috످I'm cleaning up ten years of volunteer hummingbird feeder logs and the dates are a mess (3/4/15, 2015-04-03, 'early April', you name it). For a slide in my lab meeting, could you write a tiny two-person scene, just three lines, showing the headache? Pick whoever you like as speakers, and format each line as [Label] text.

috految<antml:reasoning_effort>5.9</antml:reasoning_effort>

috److[Grad Student] Quick question about your hummingbird log: is "3/4/15" March 4th or April 3rd?

[Volunteer] Oh, I worried that might be confusing, so I clarified it in the margin!

[Grad Student] Linda, the margin just says "spring."

috످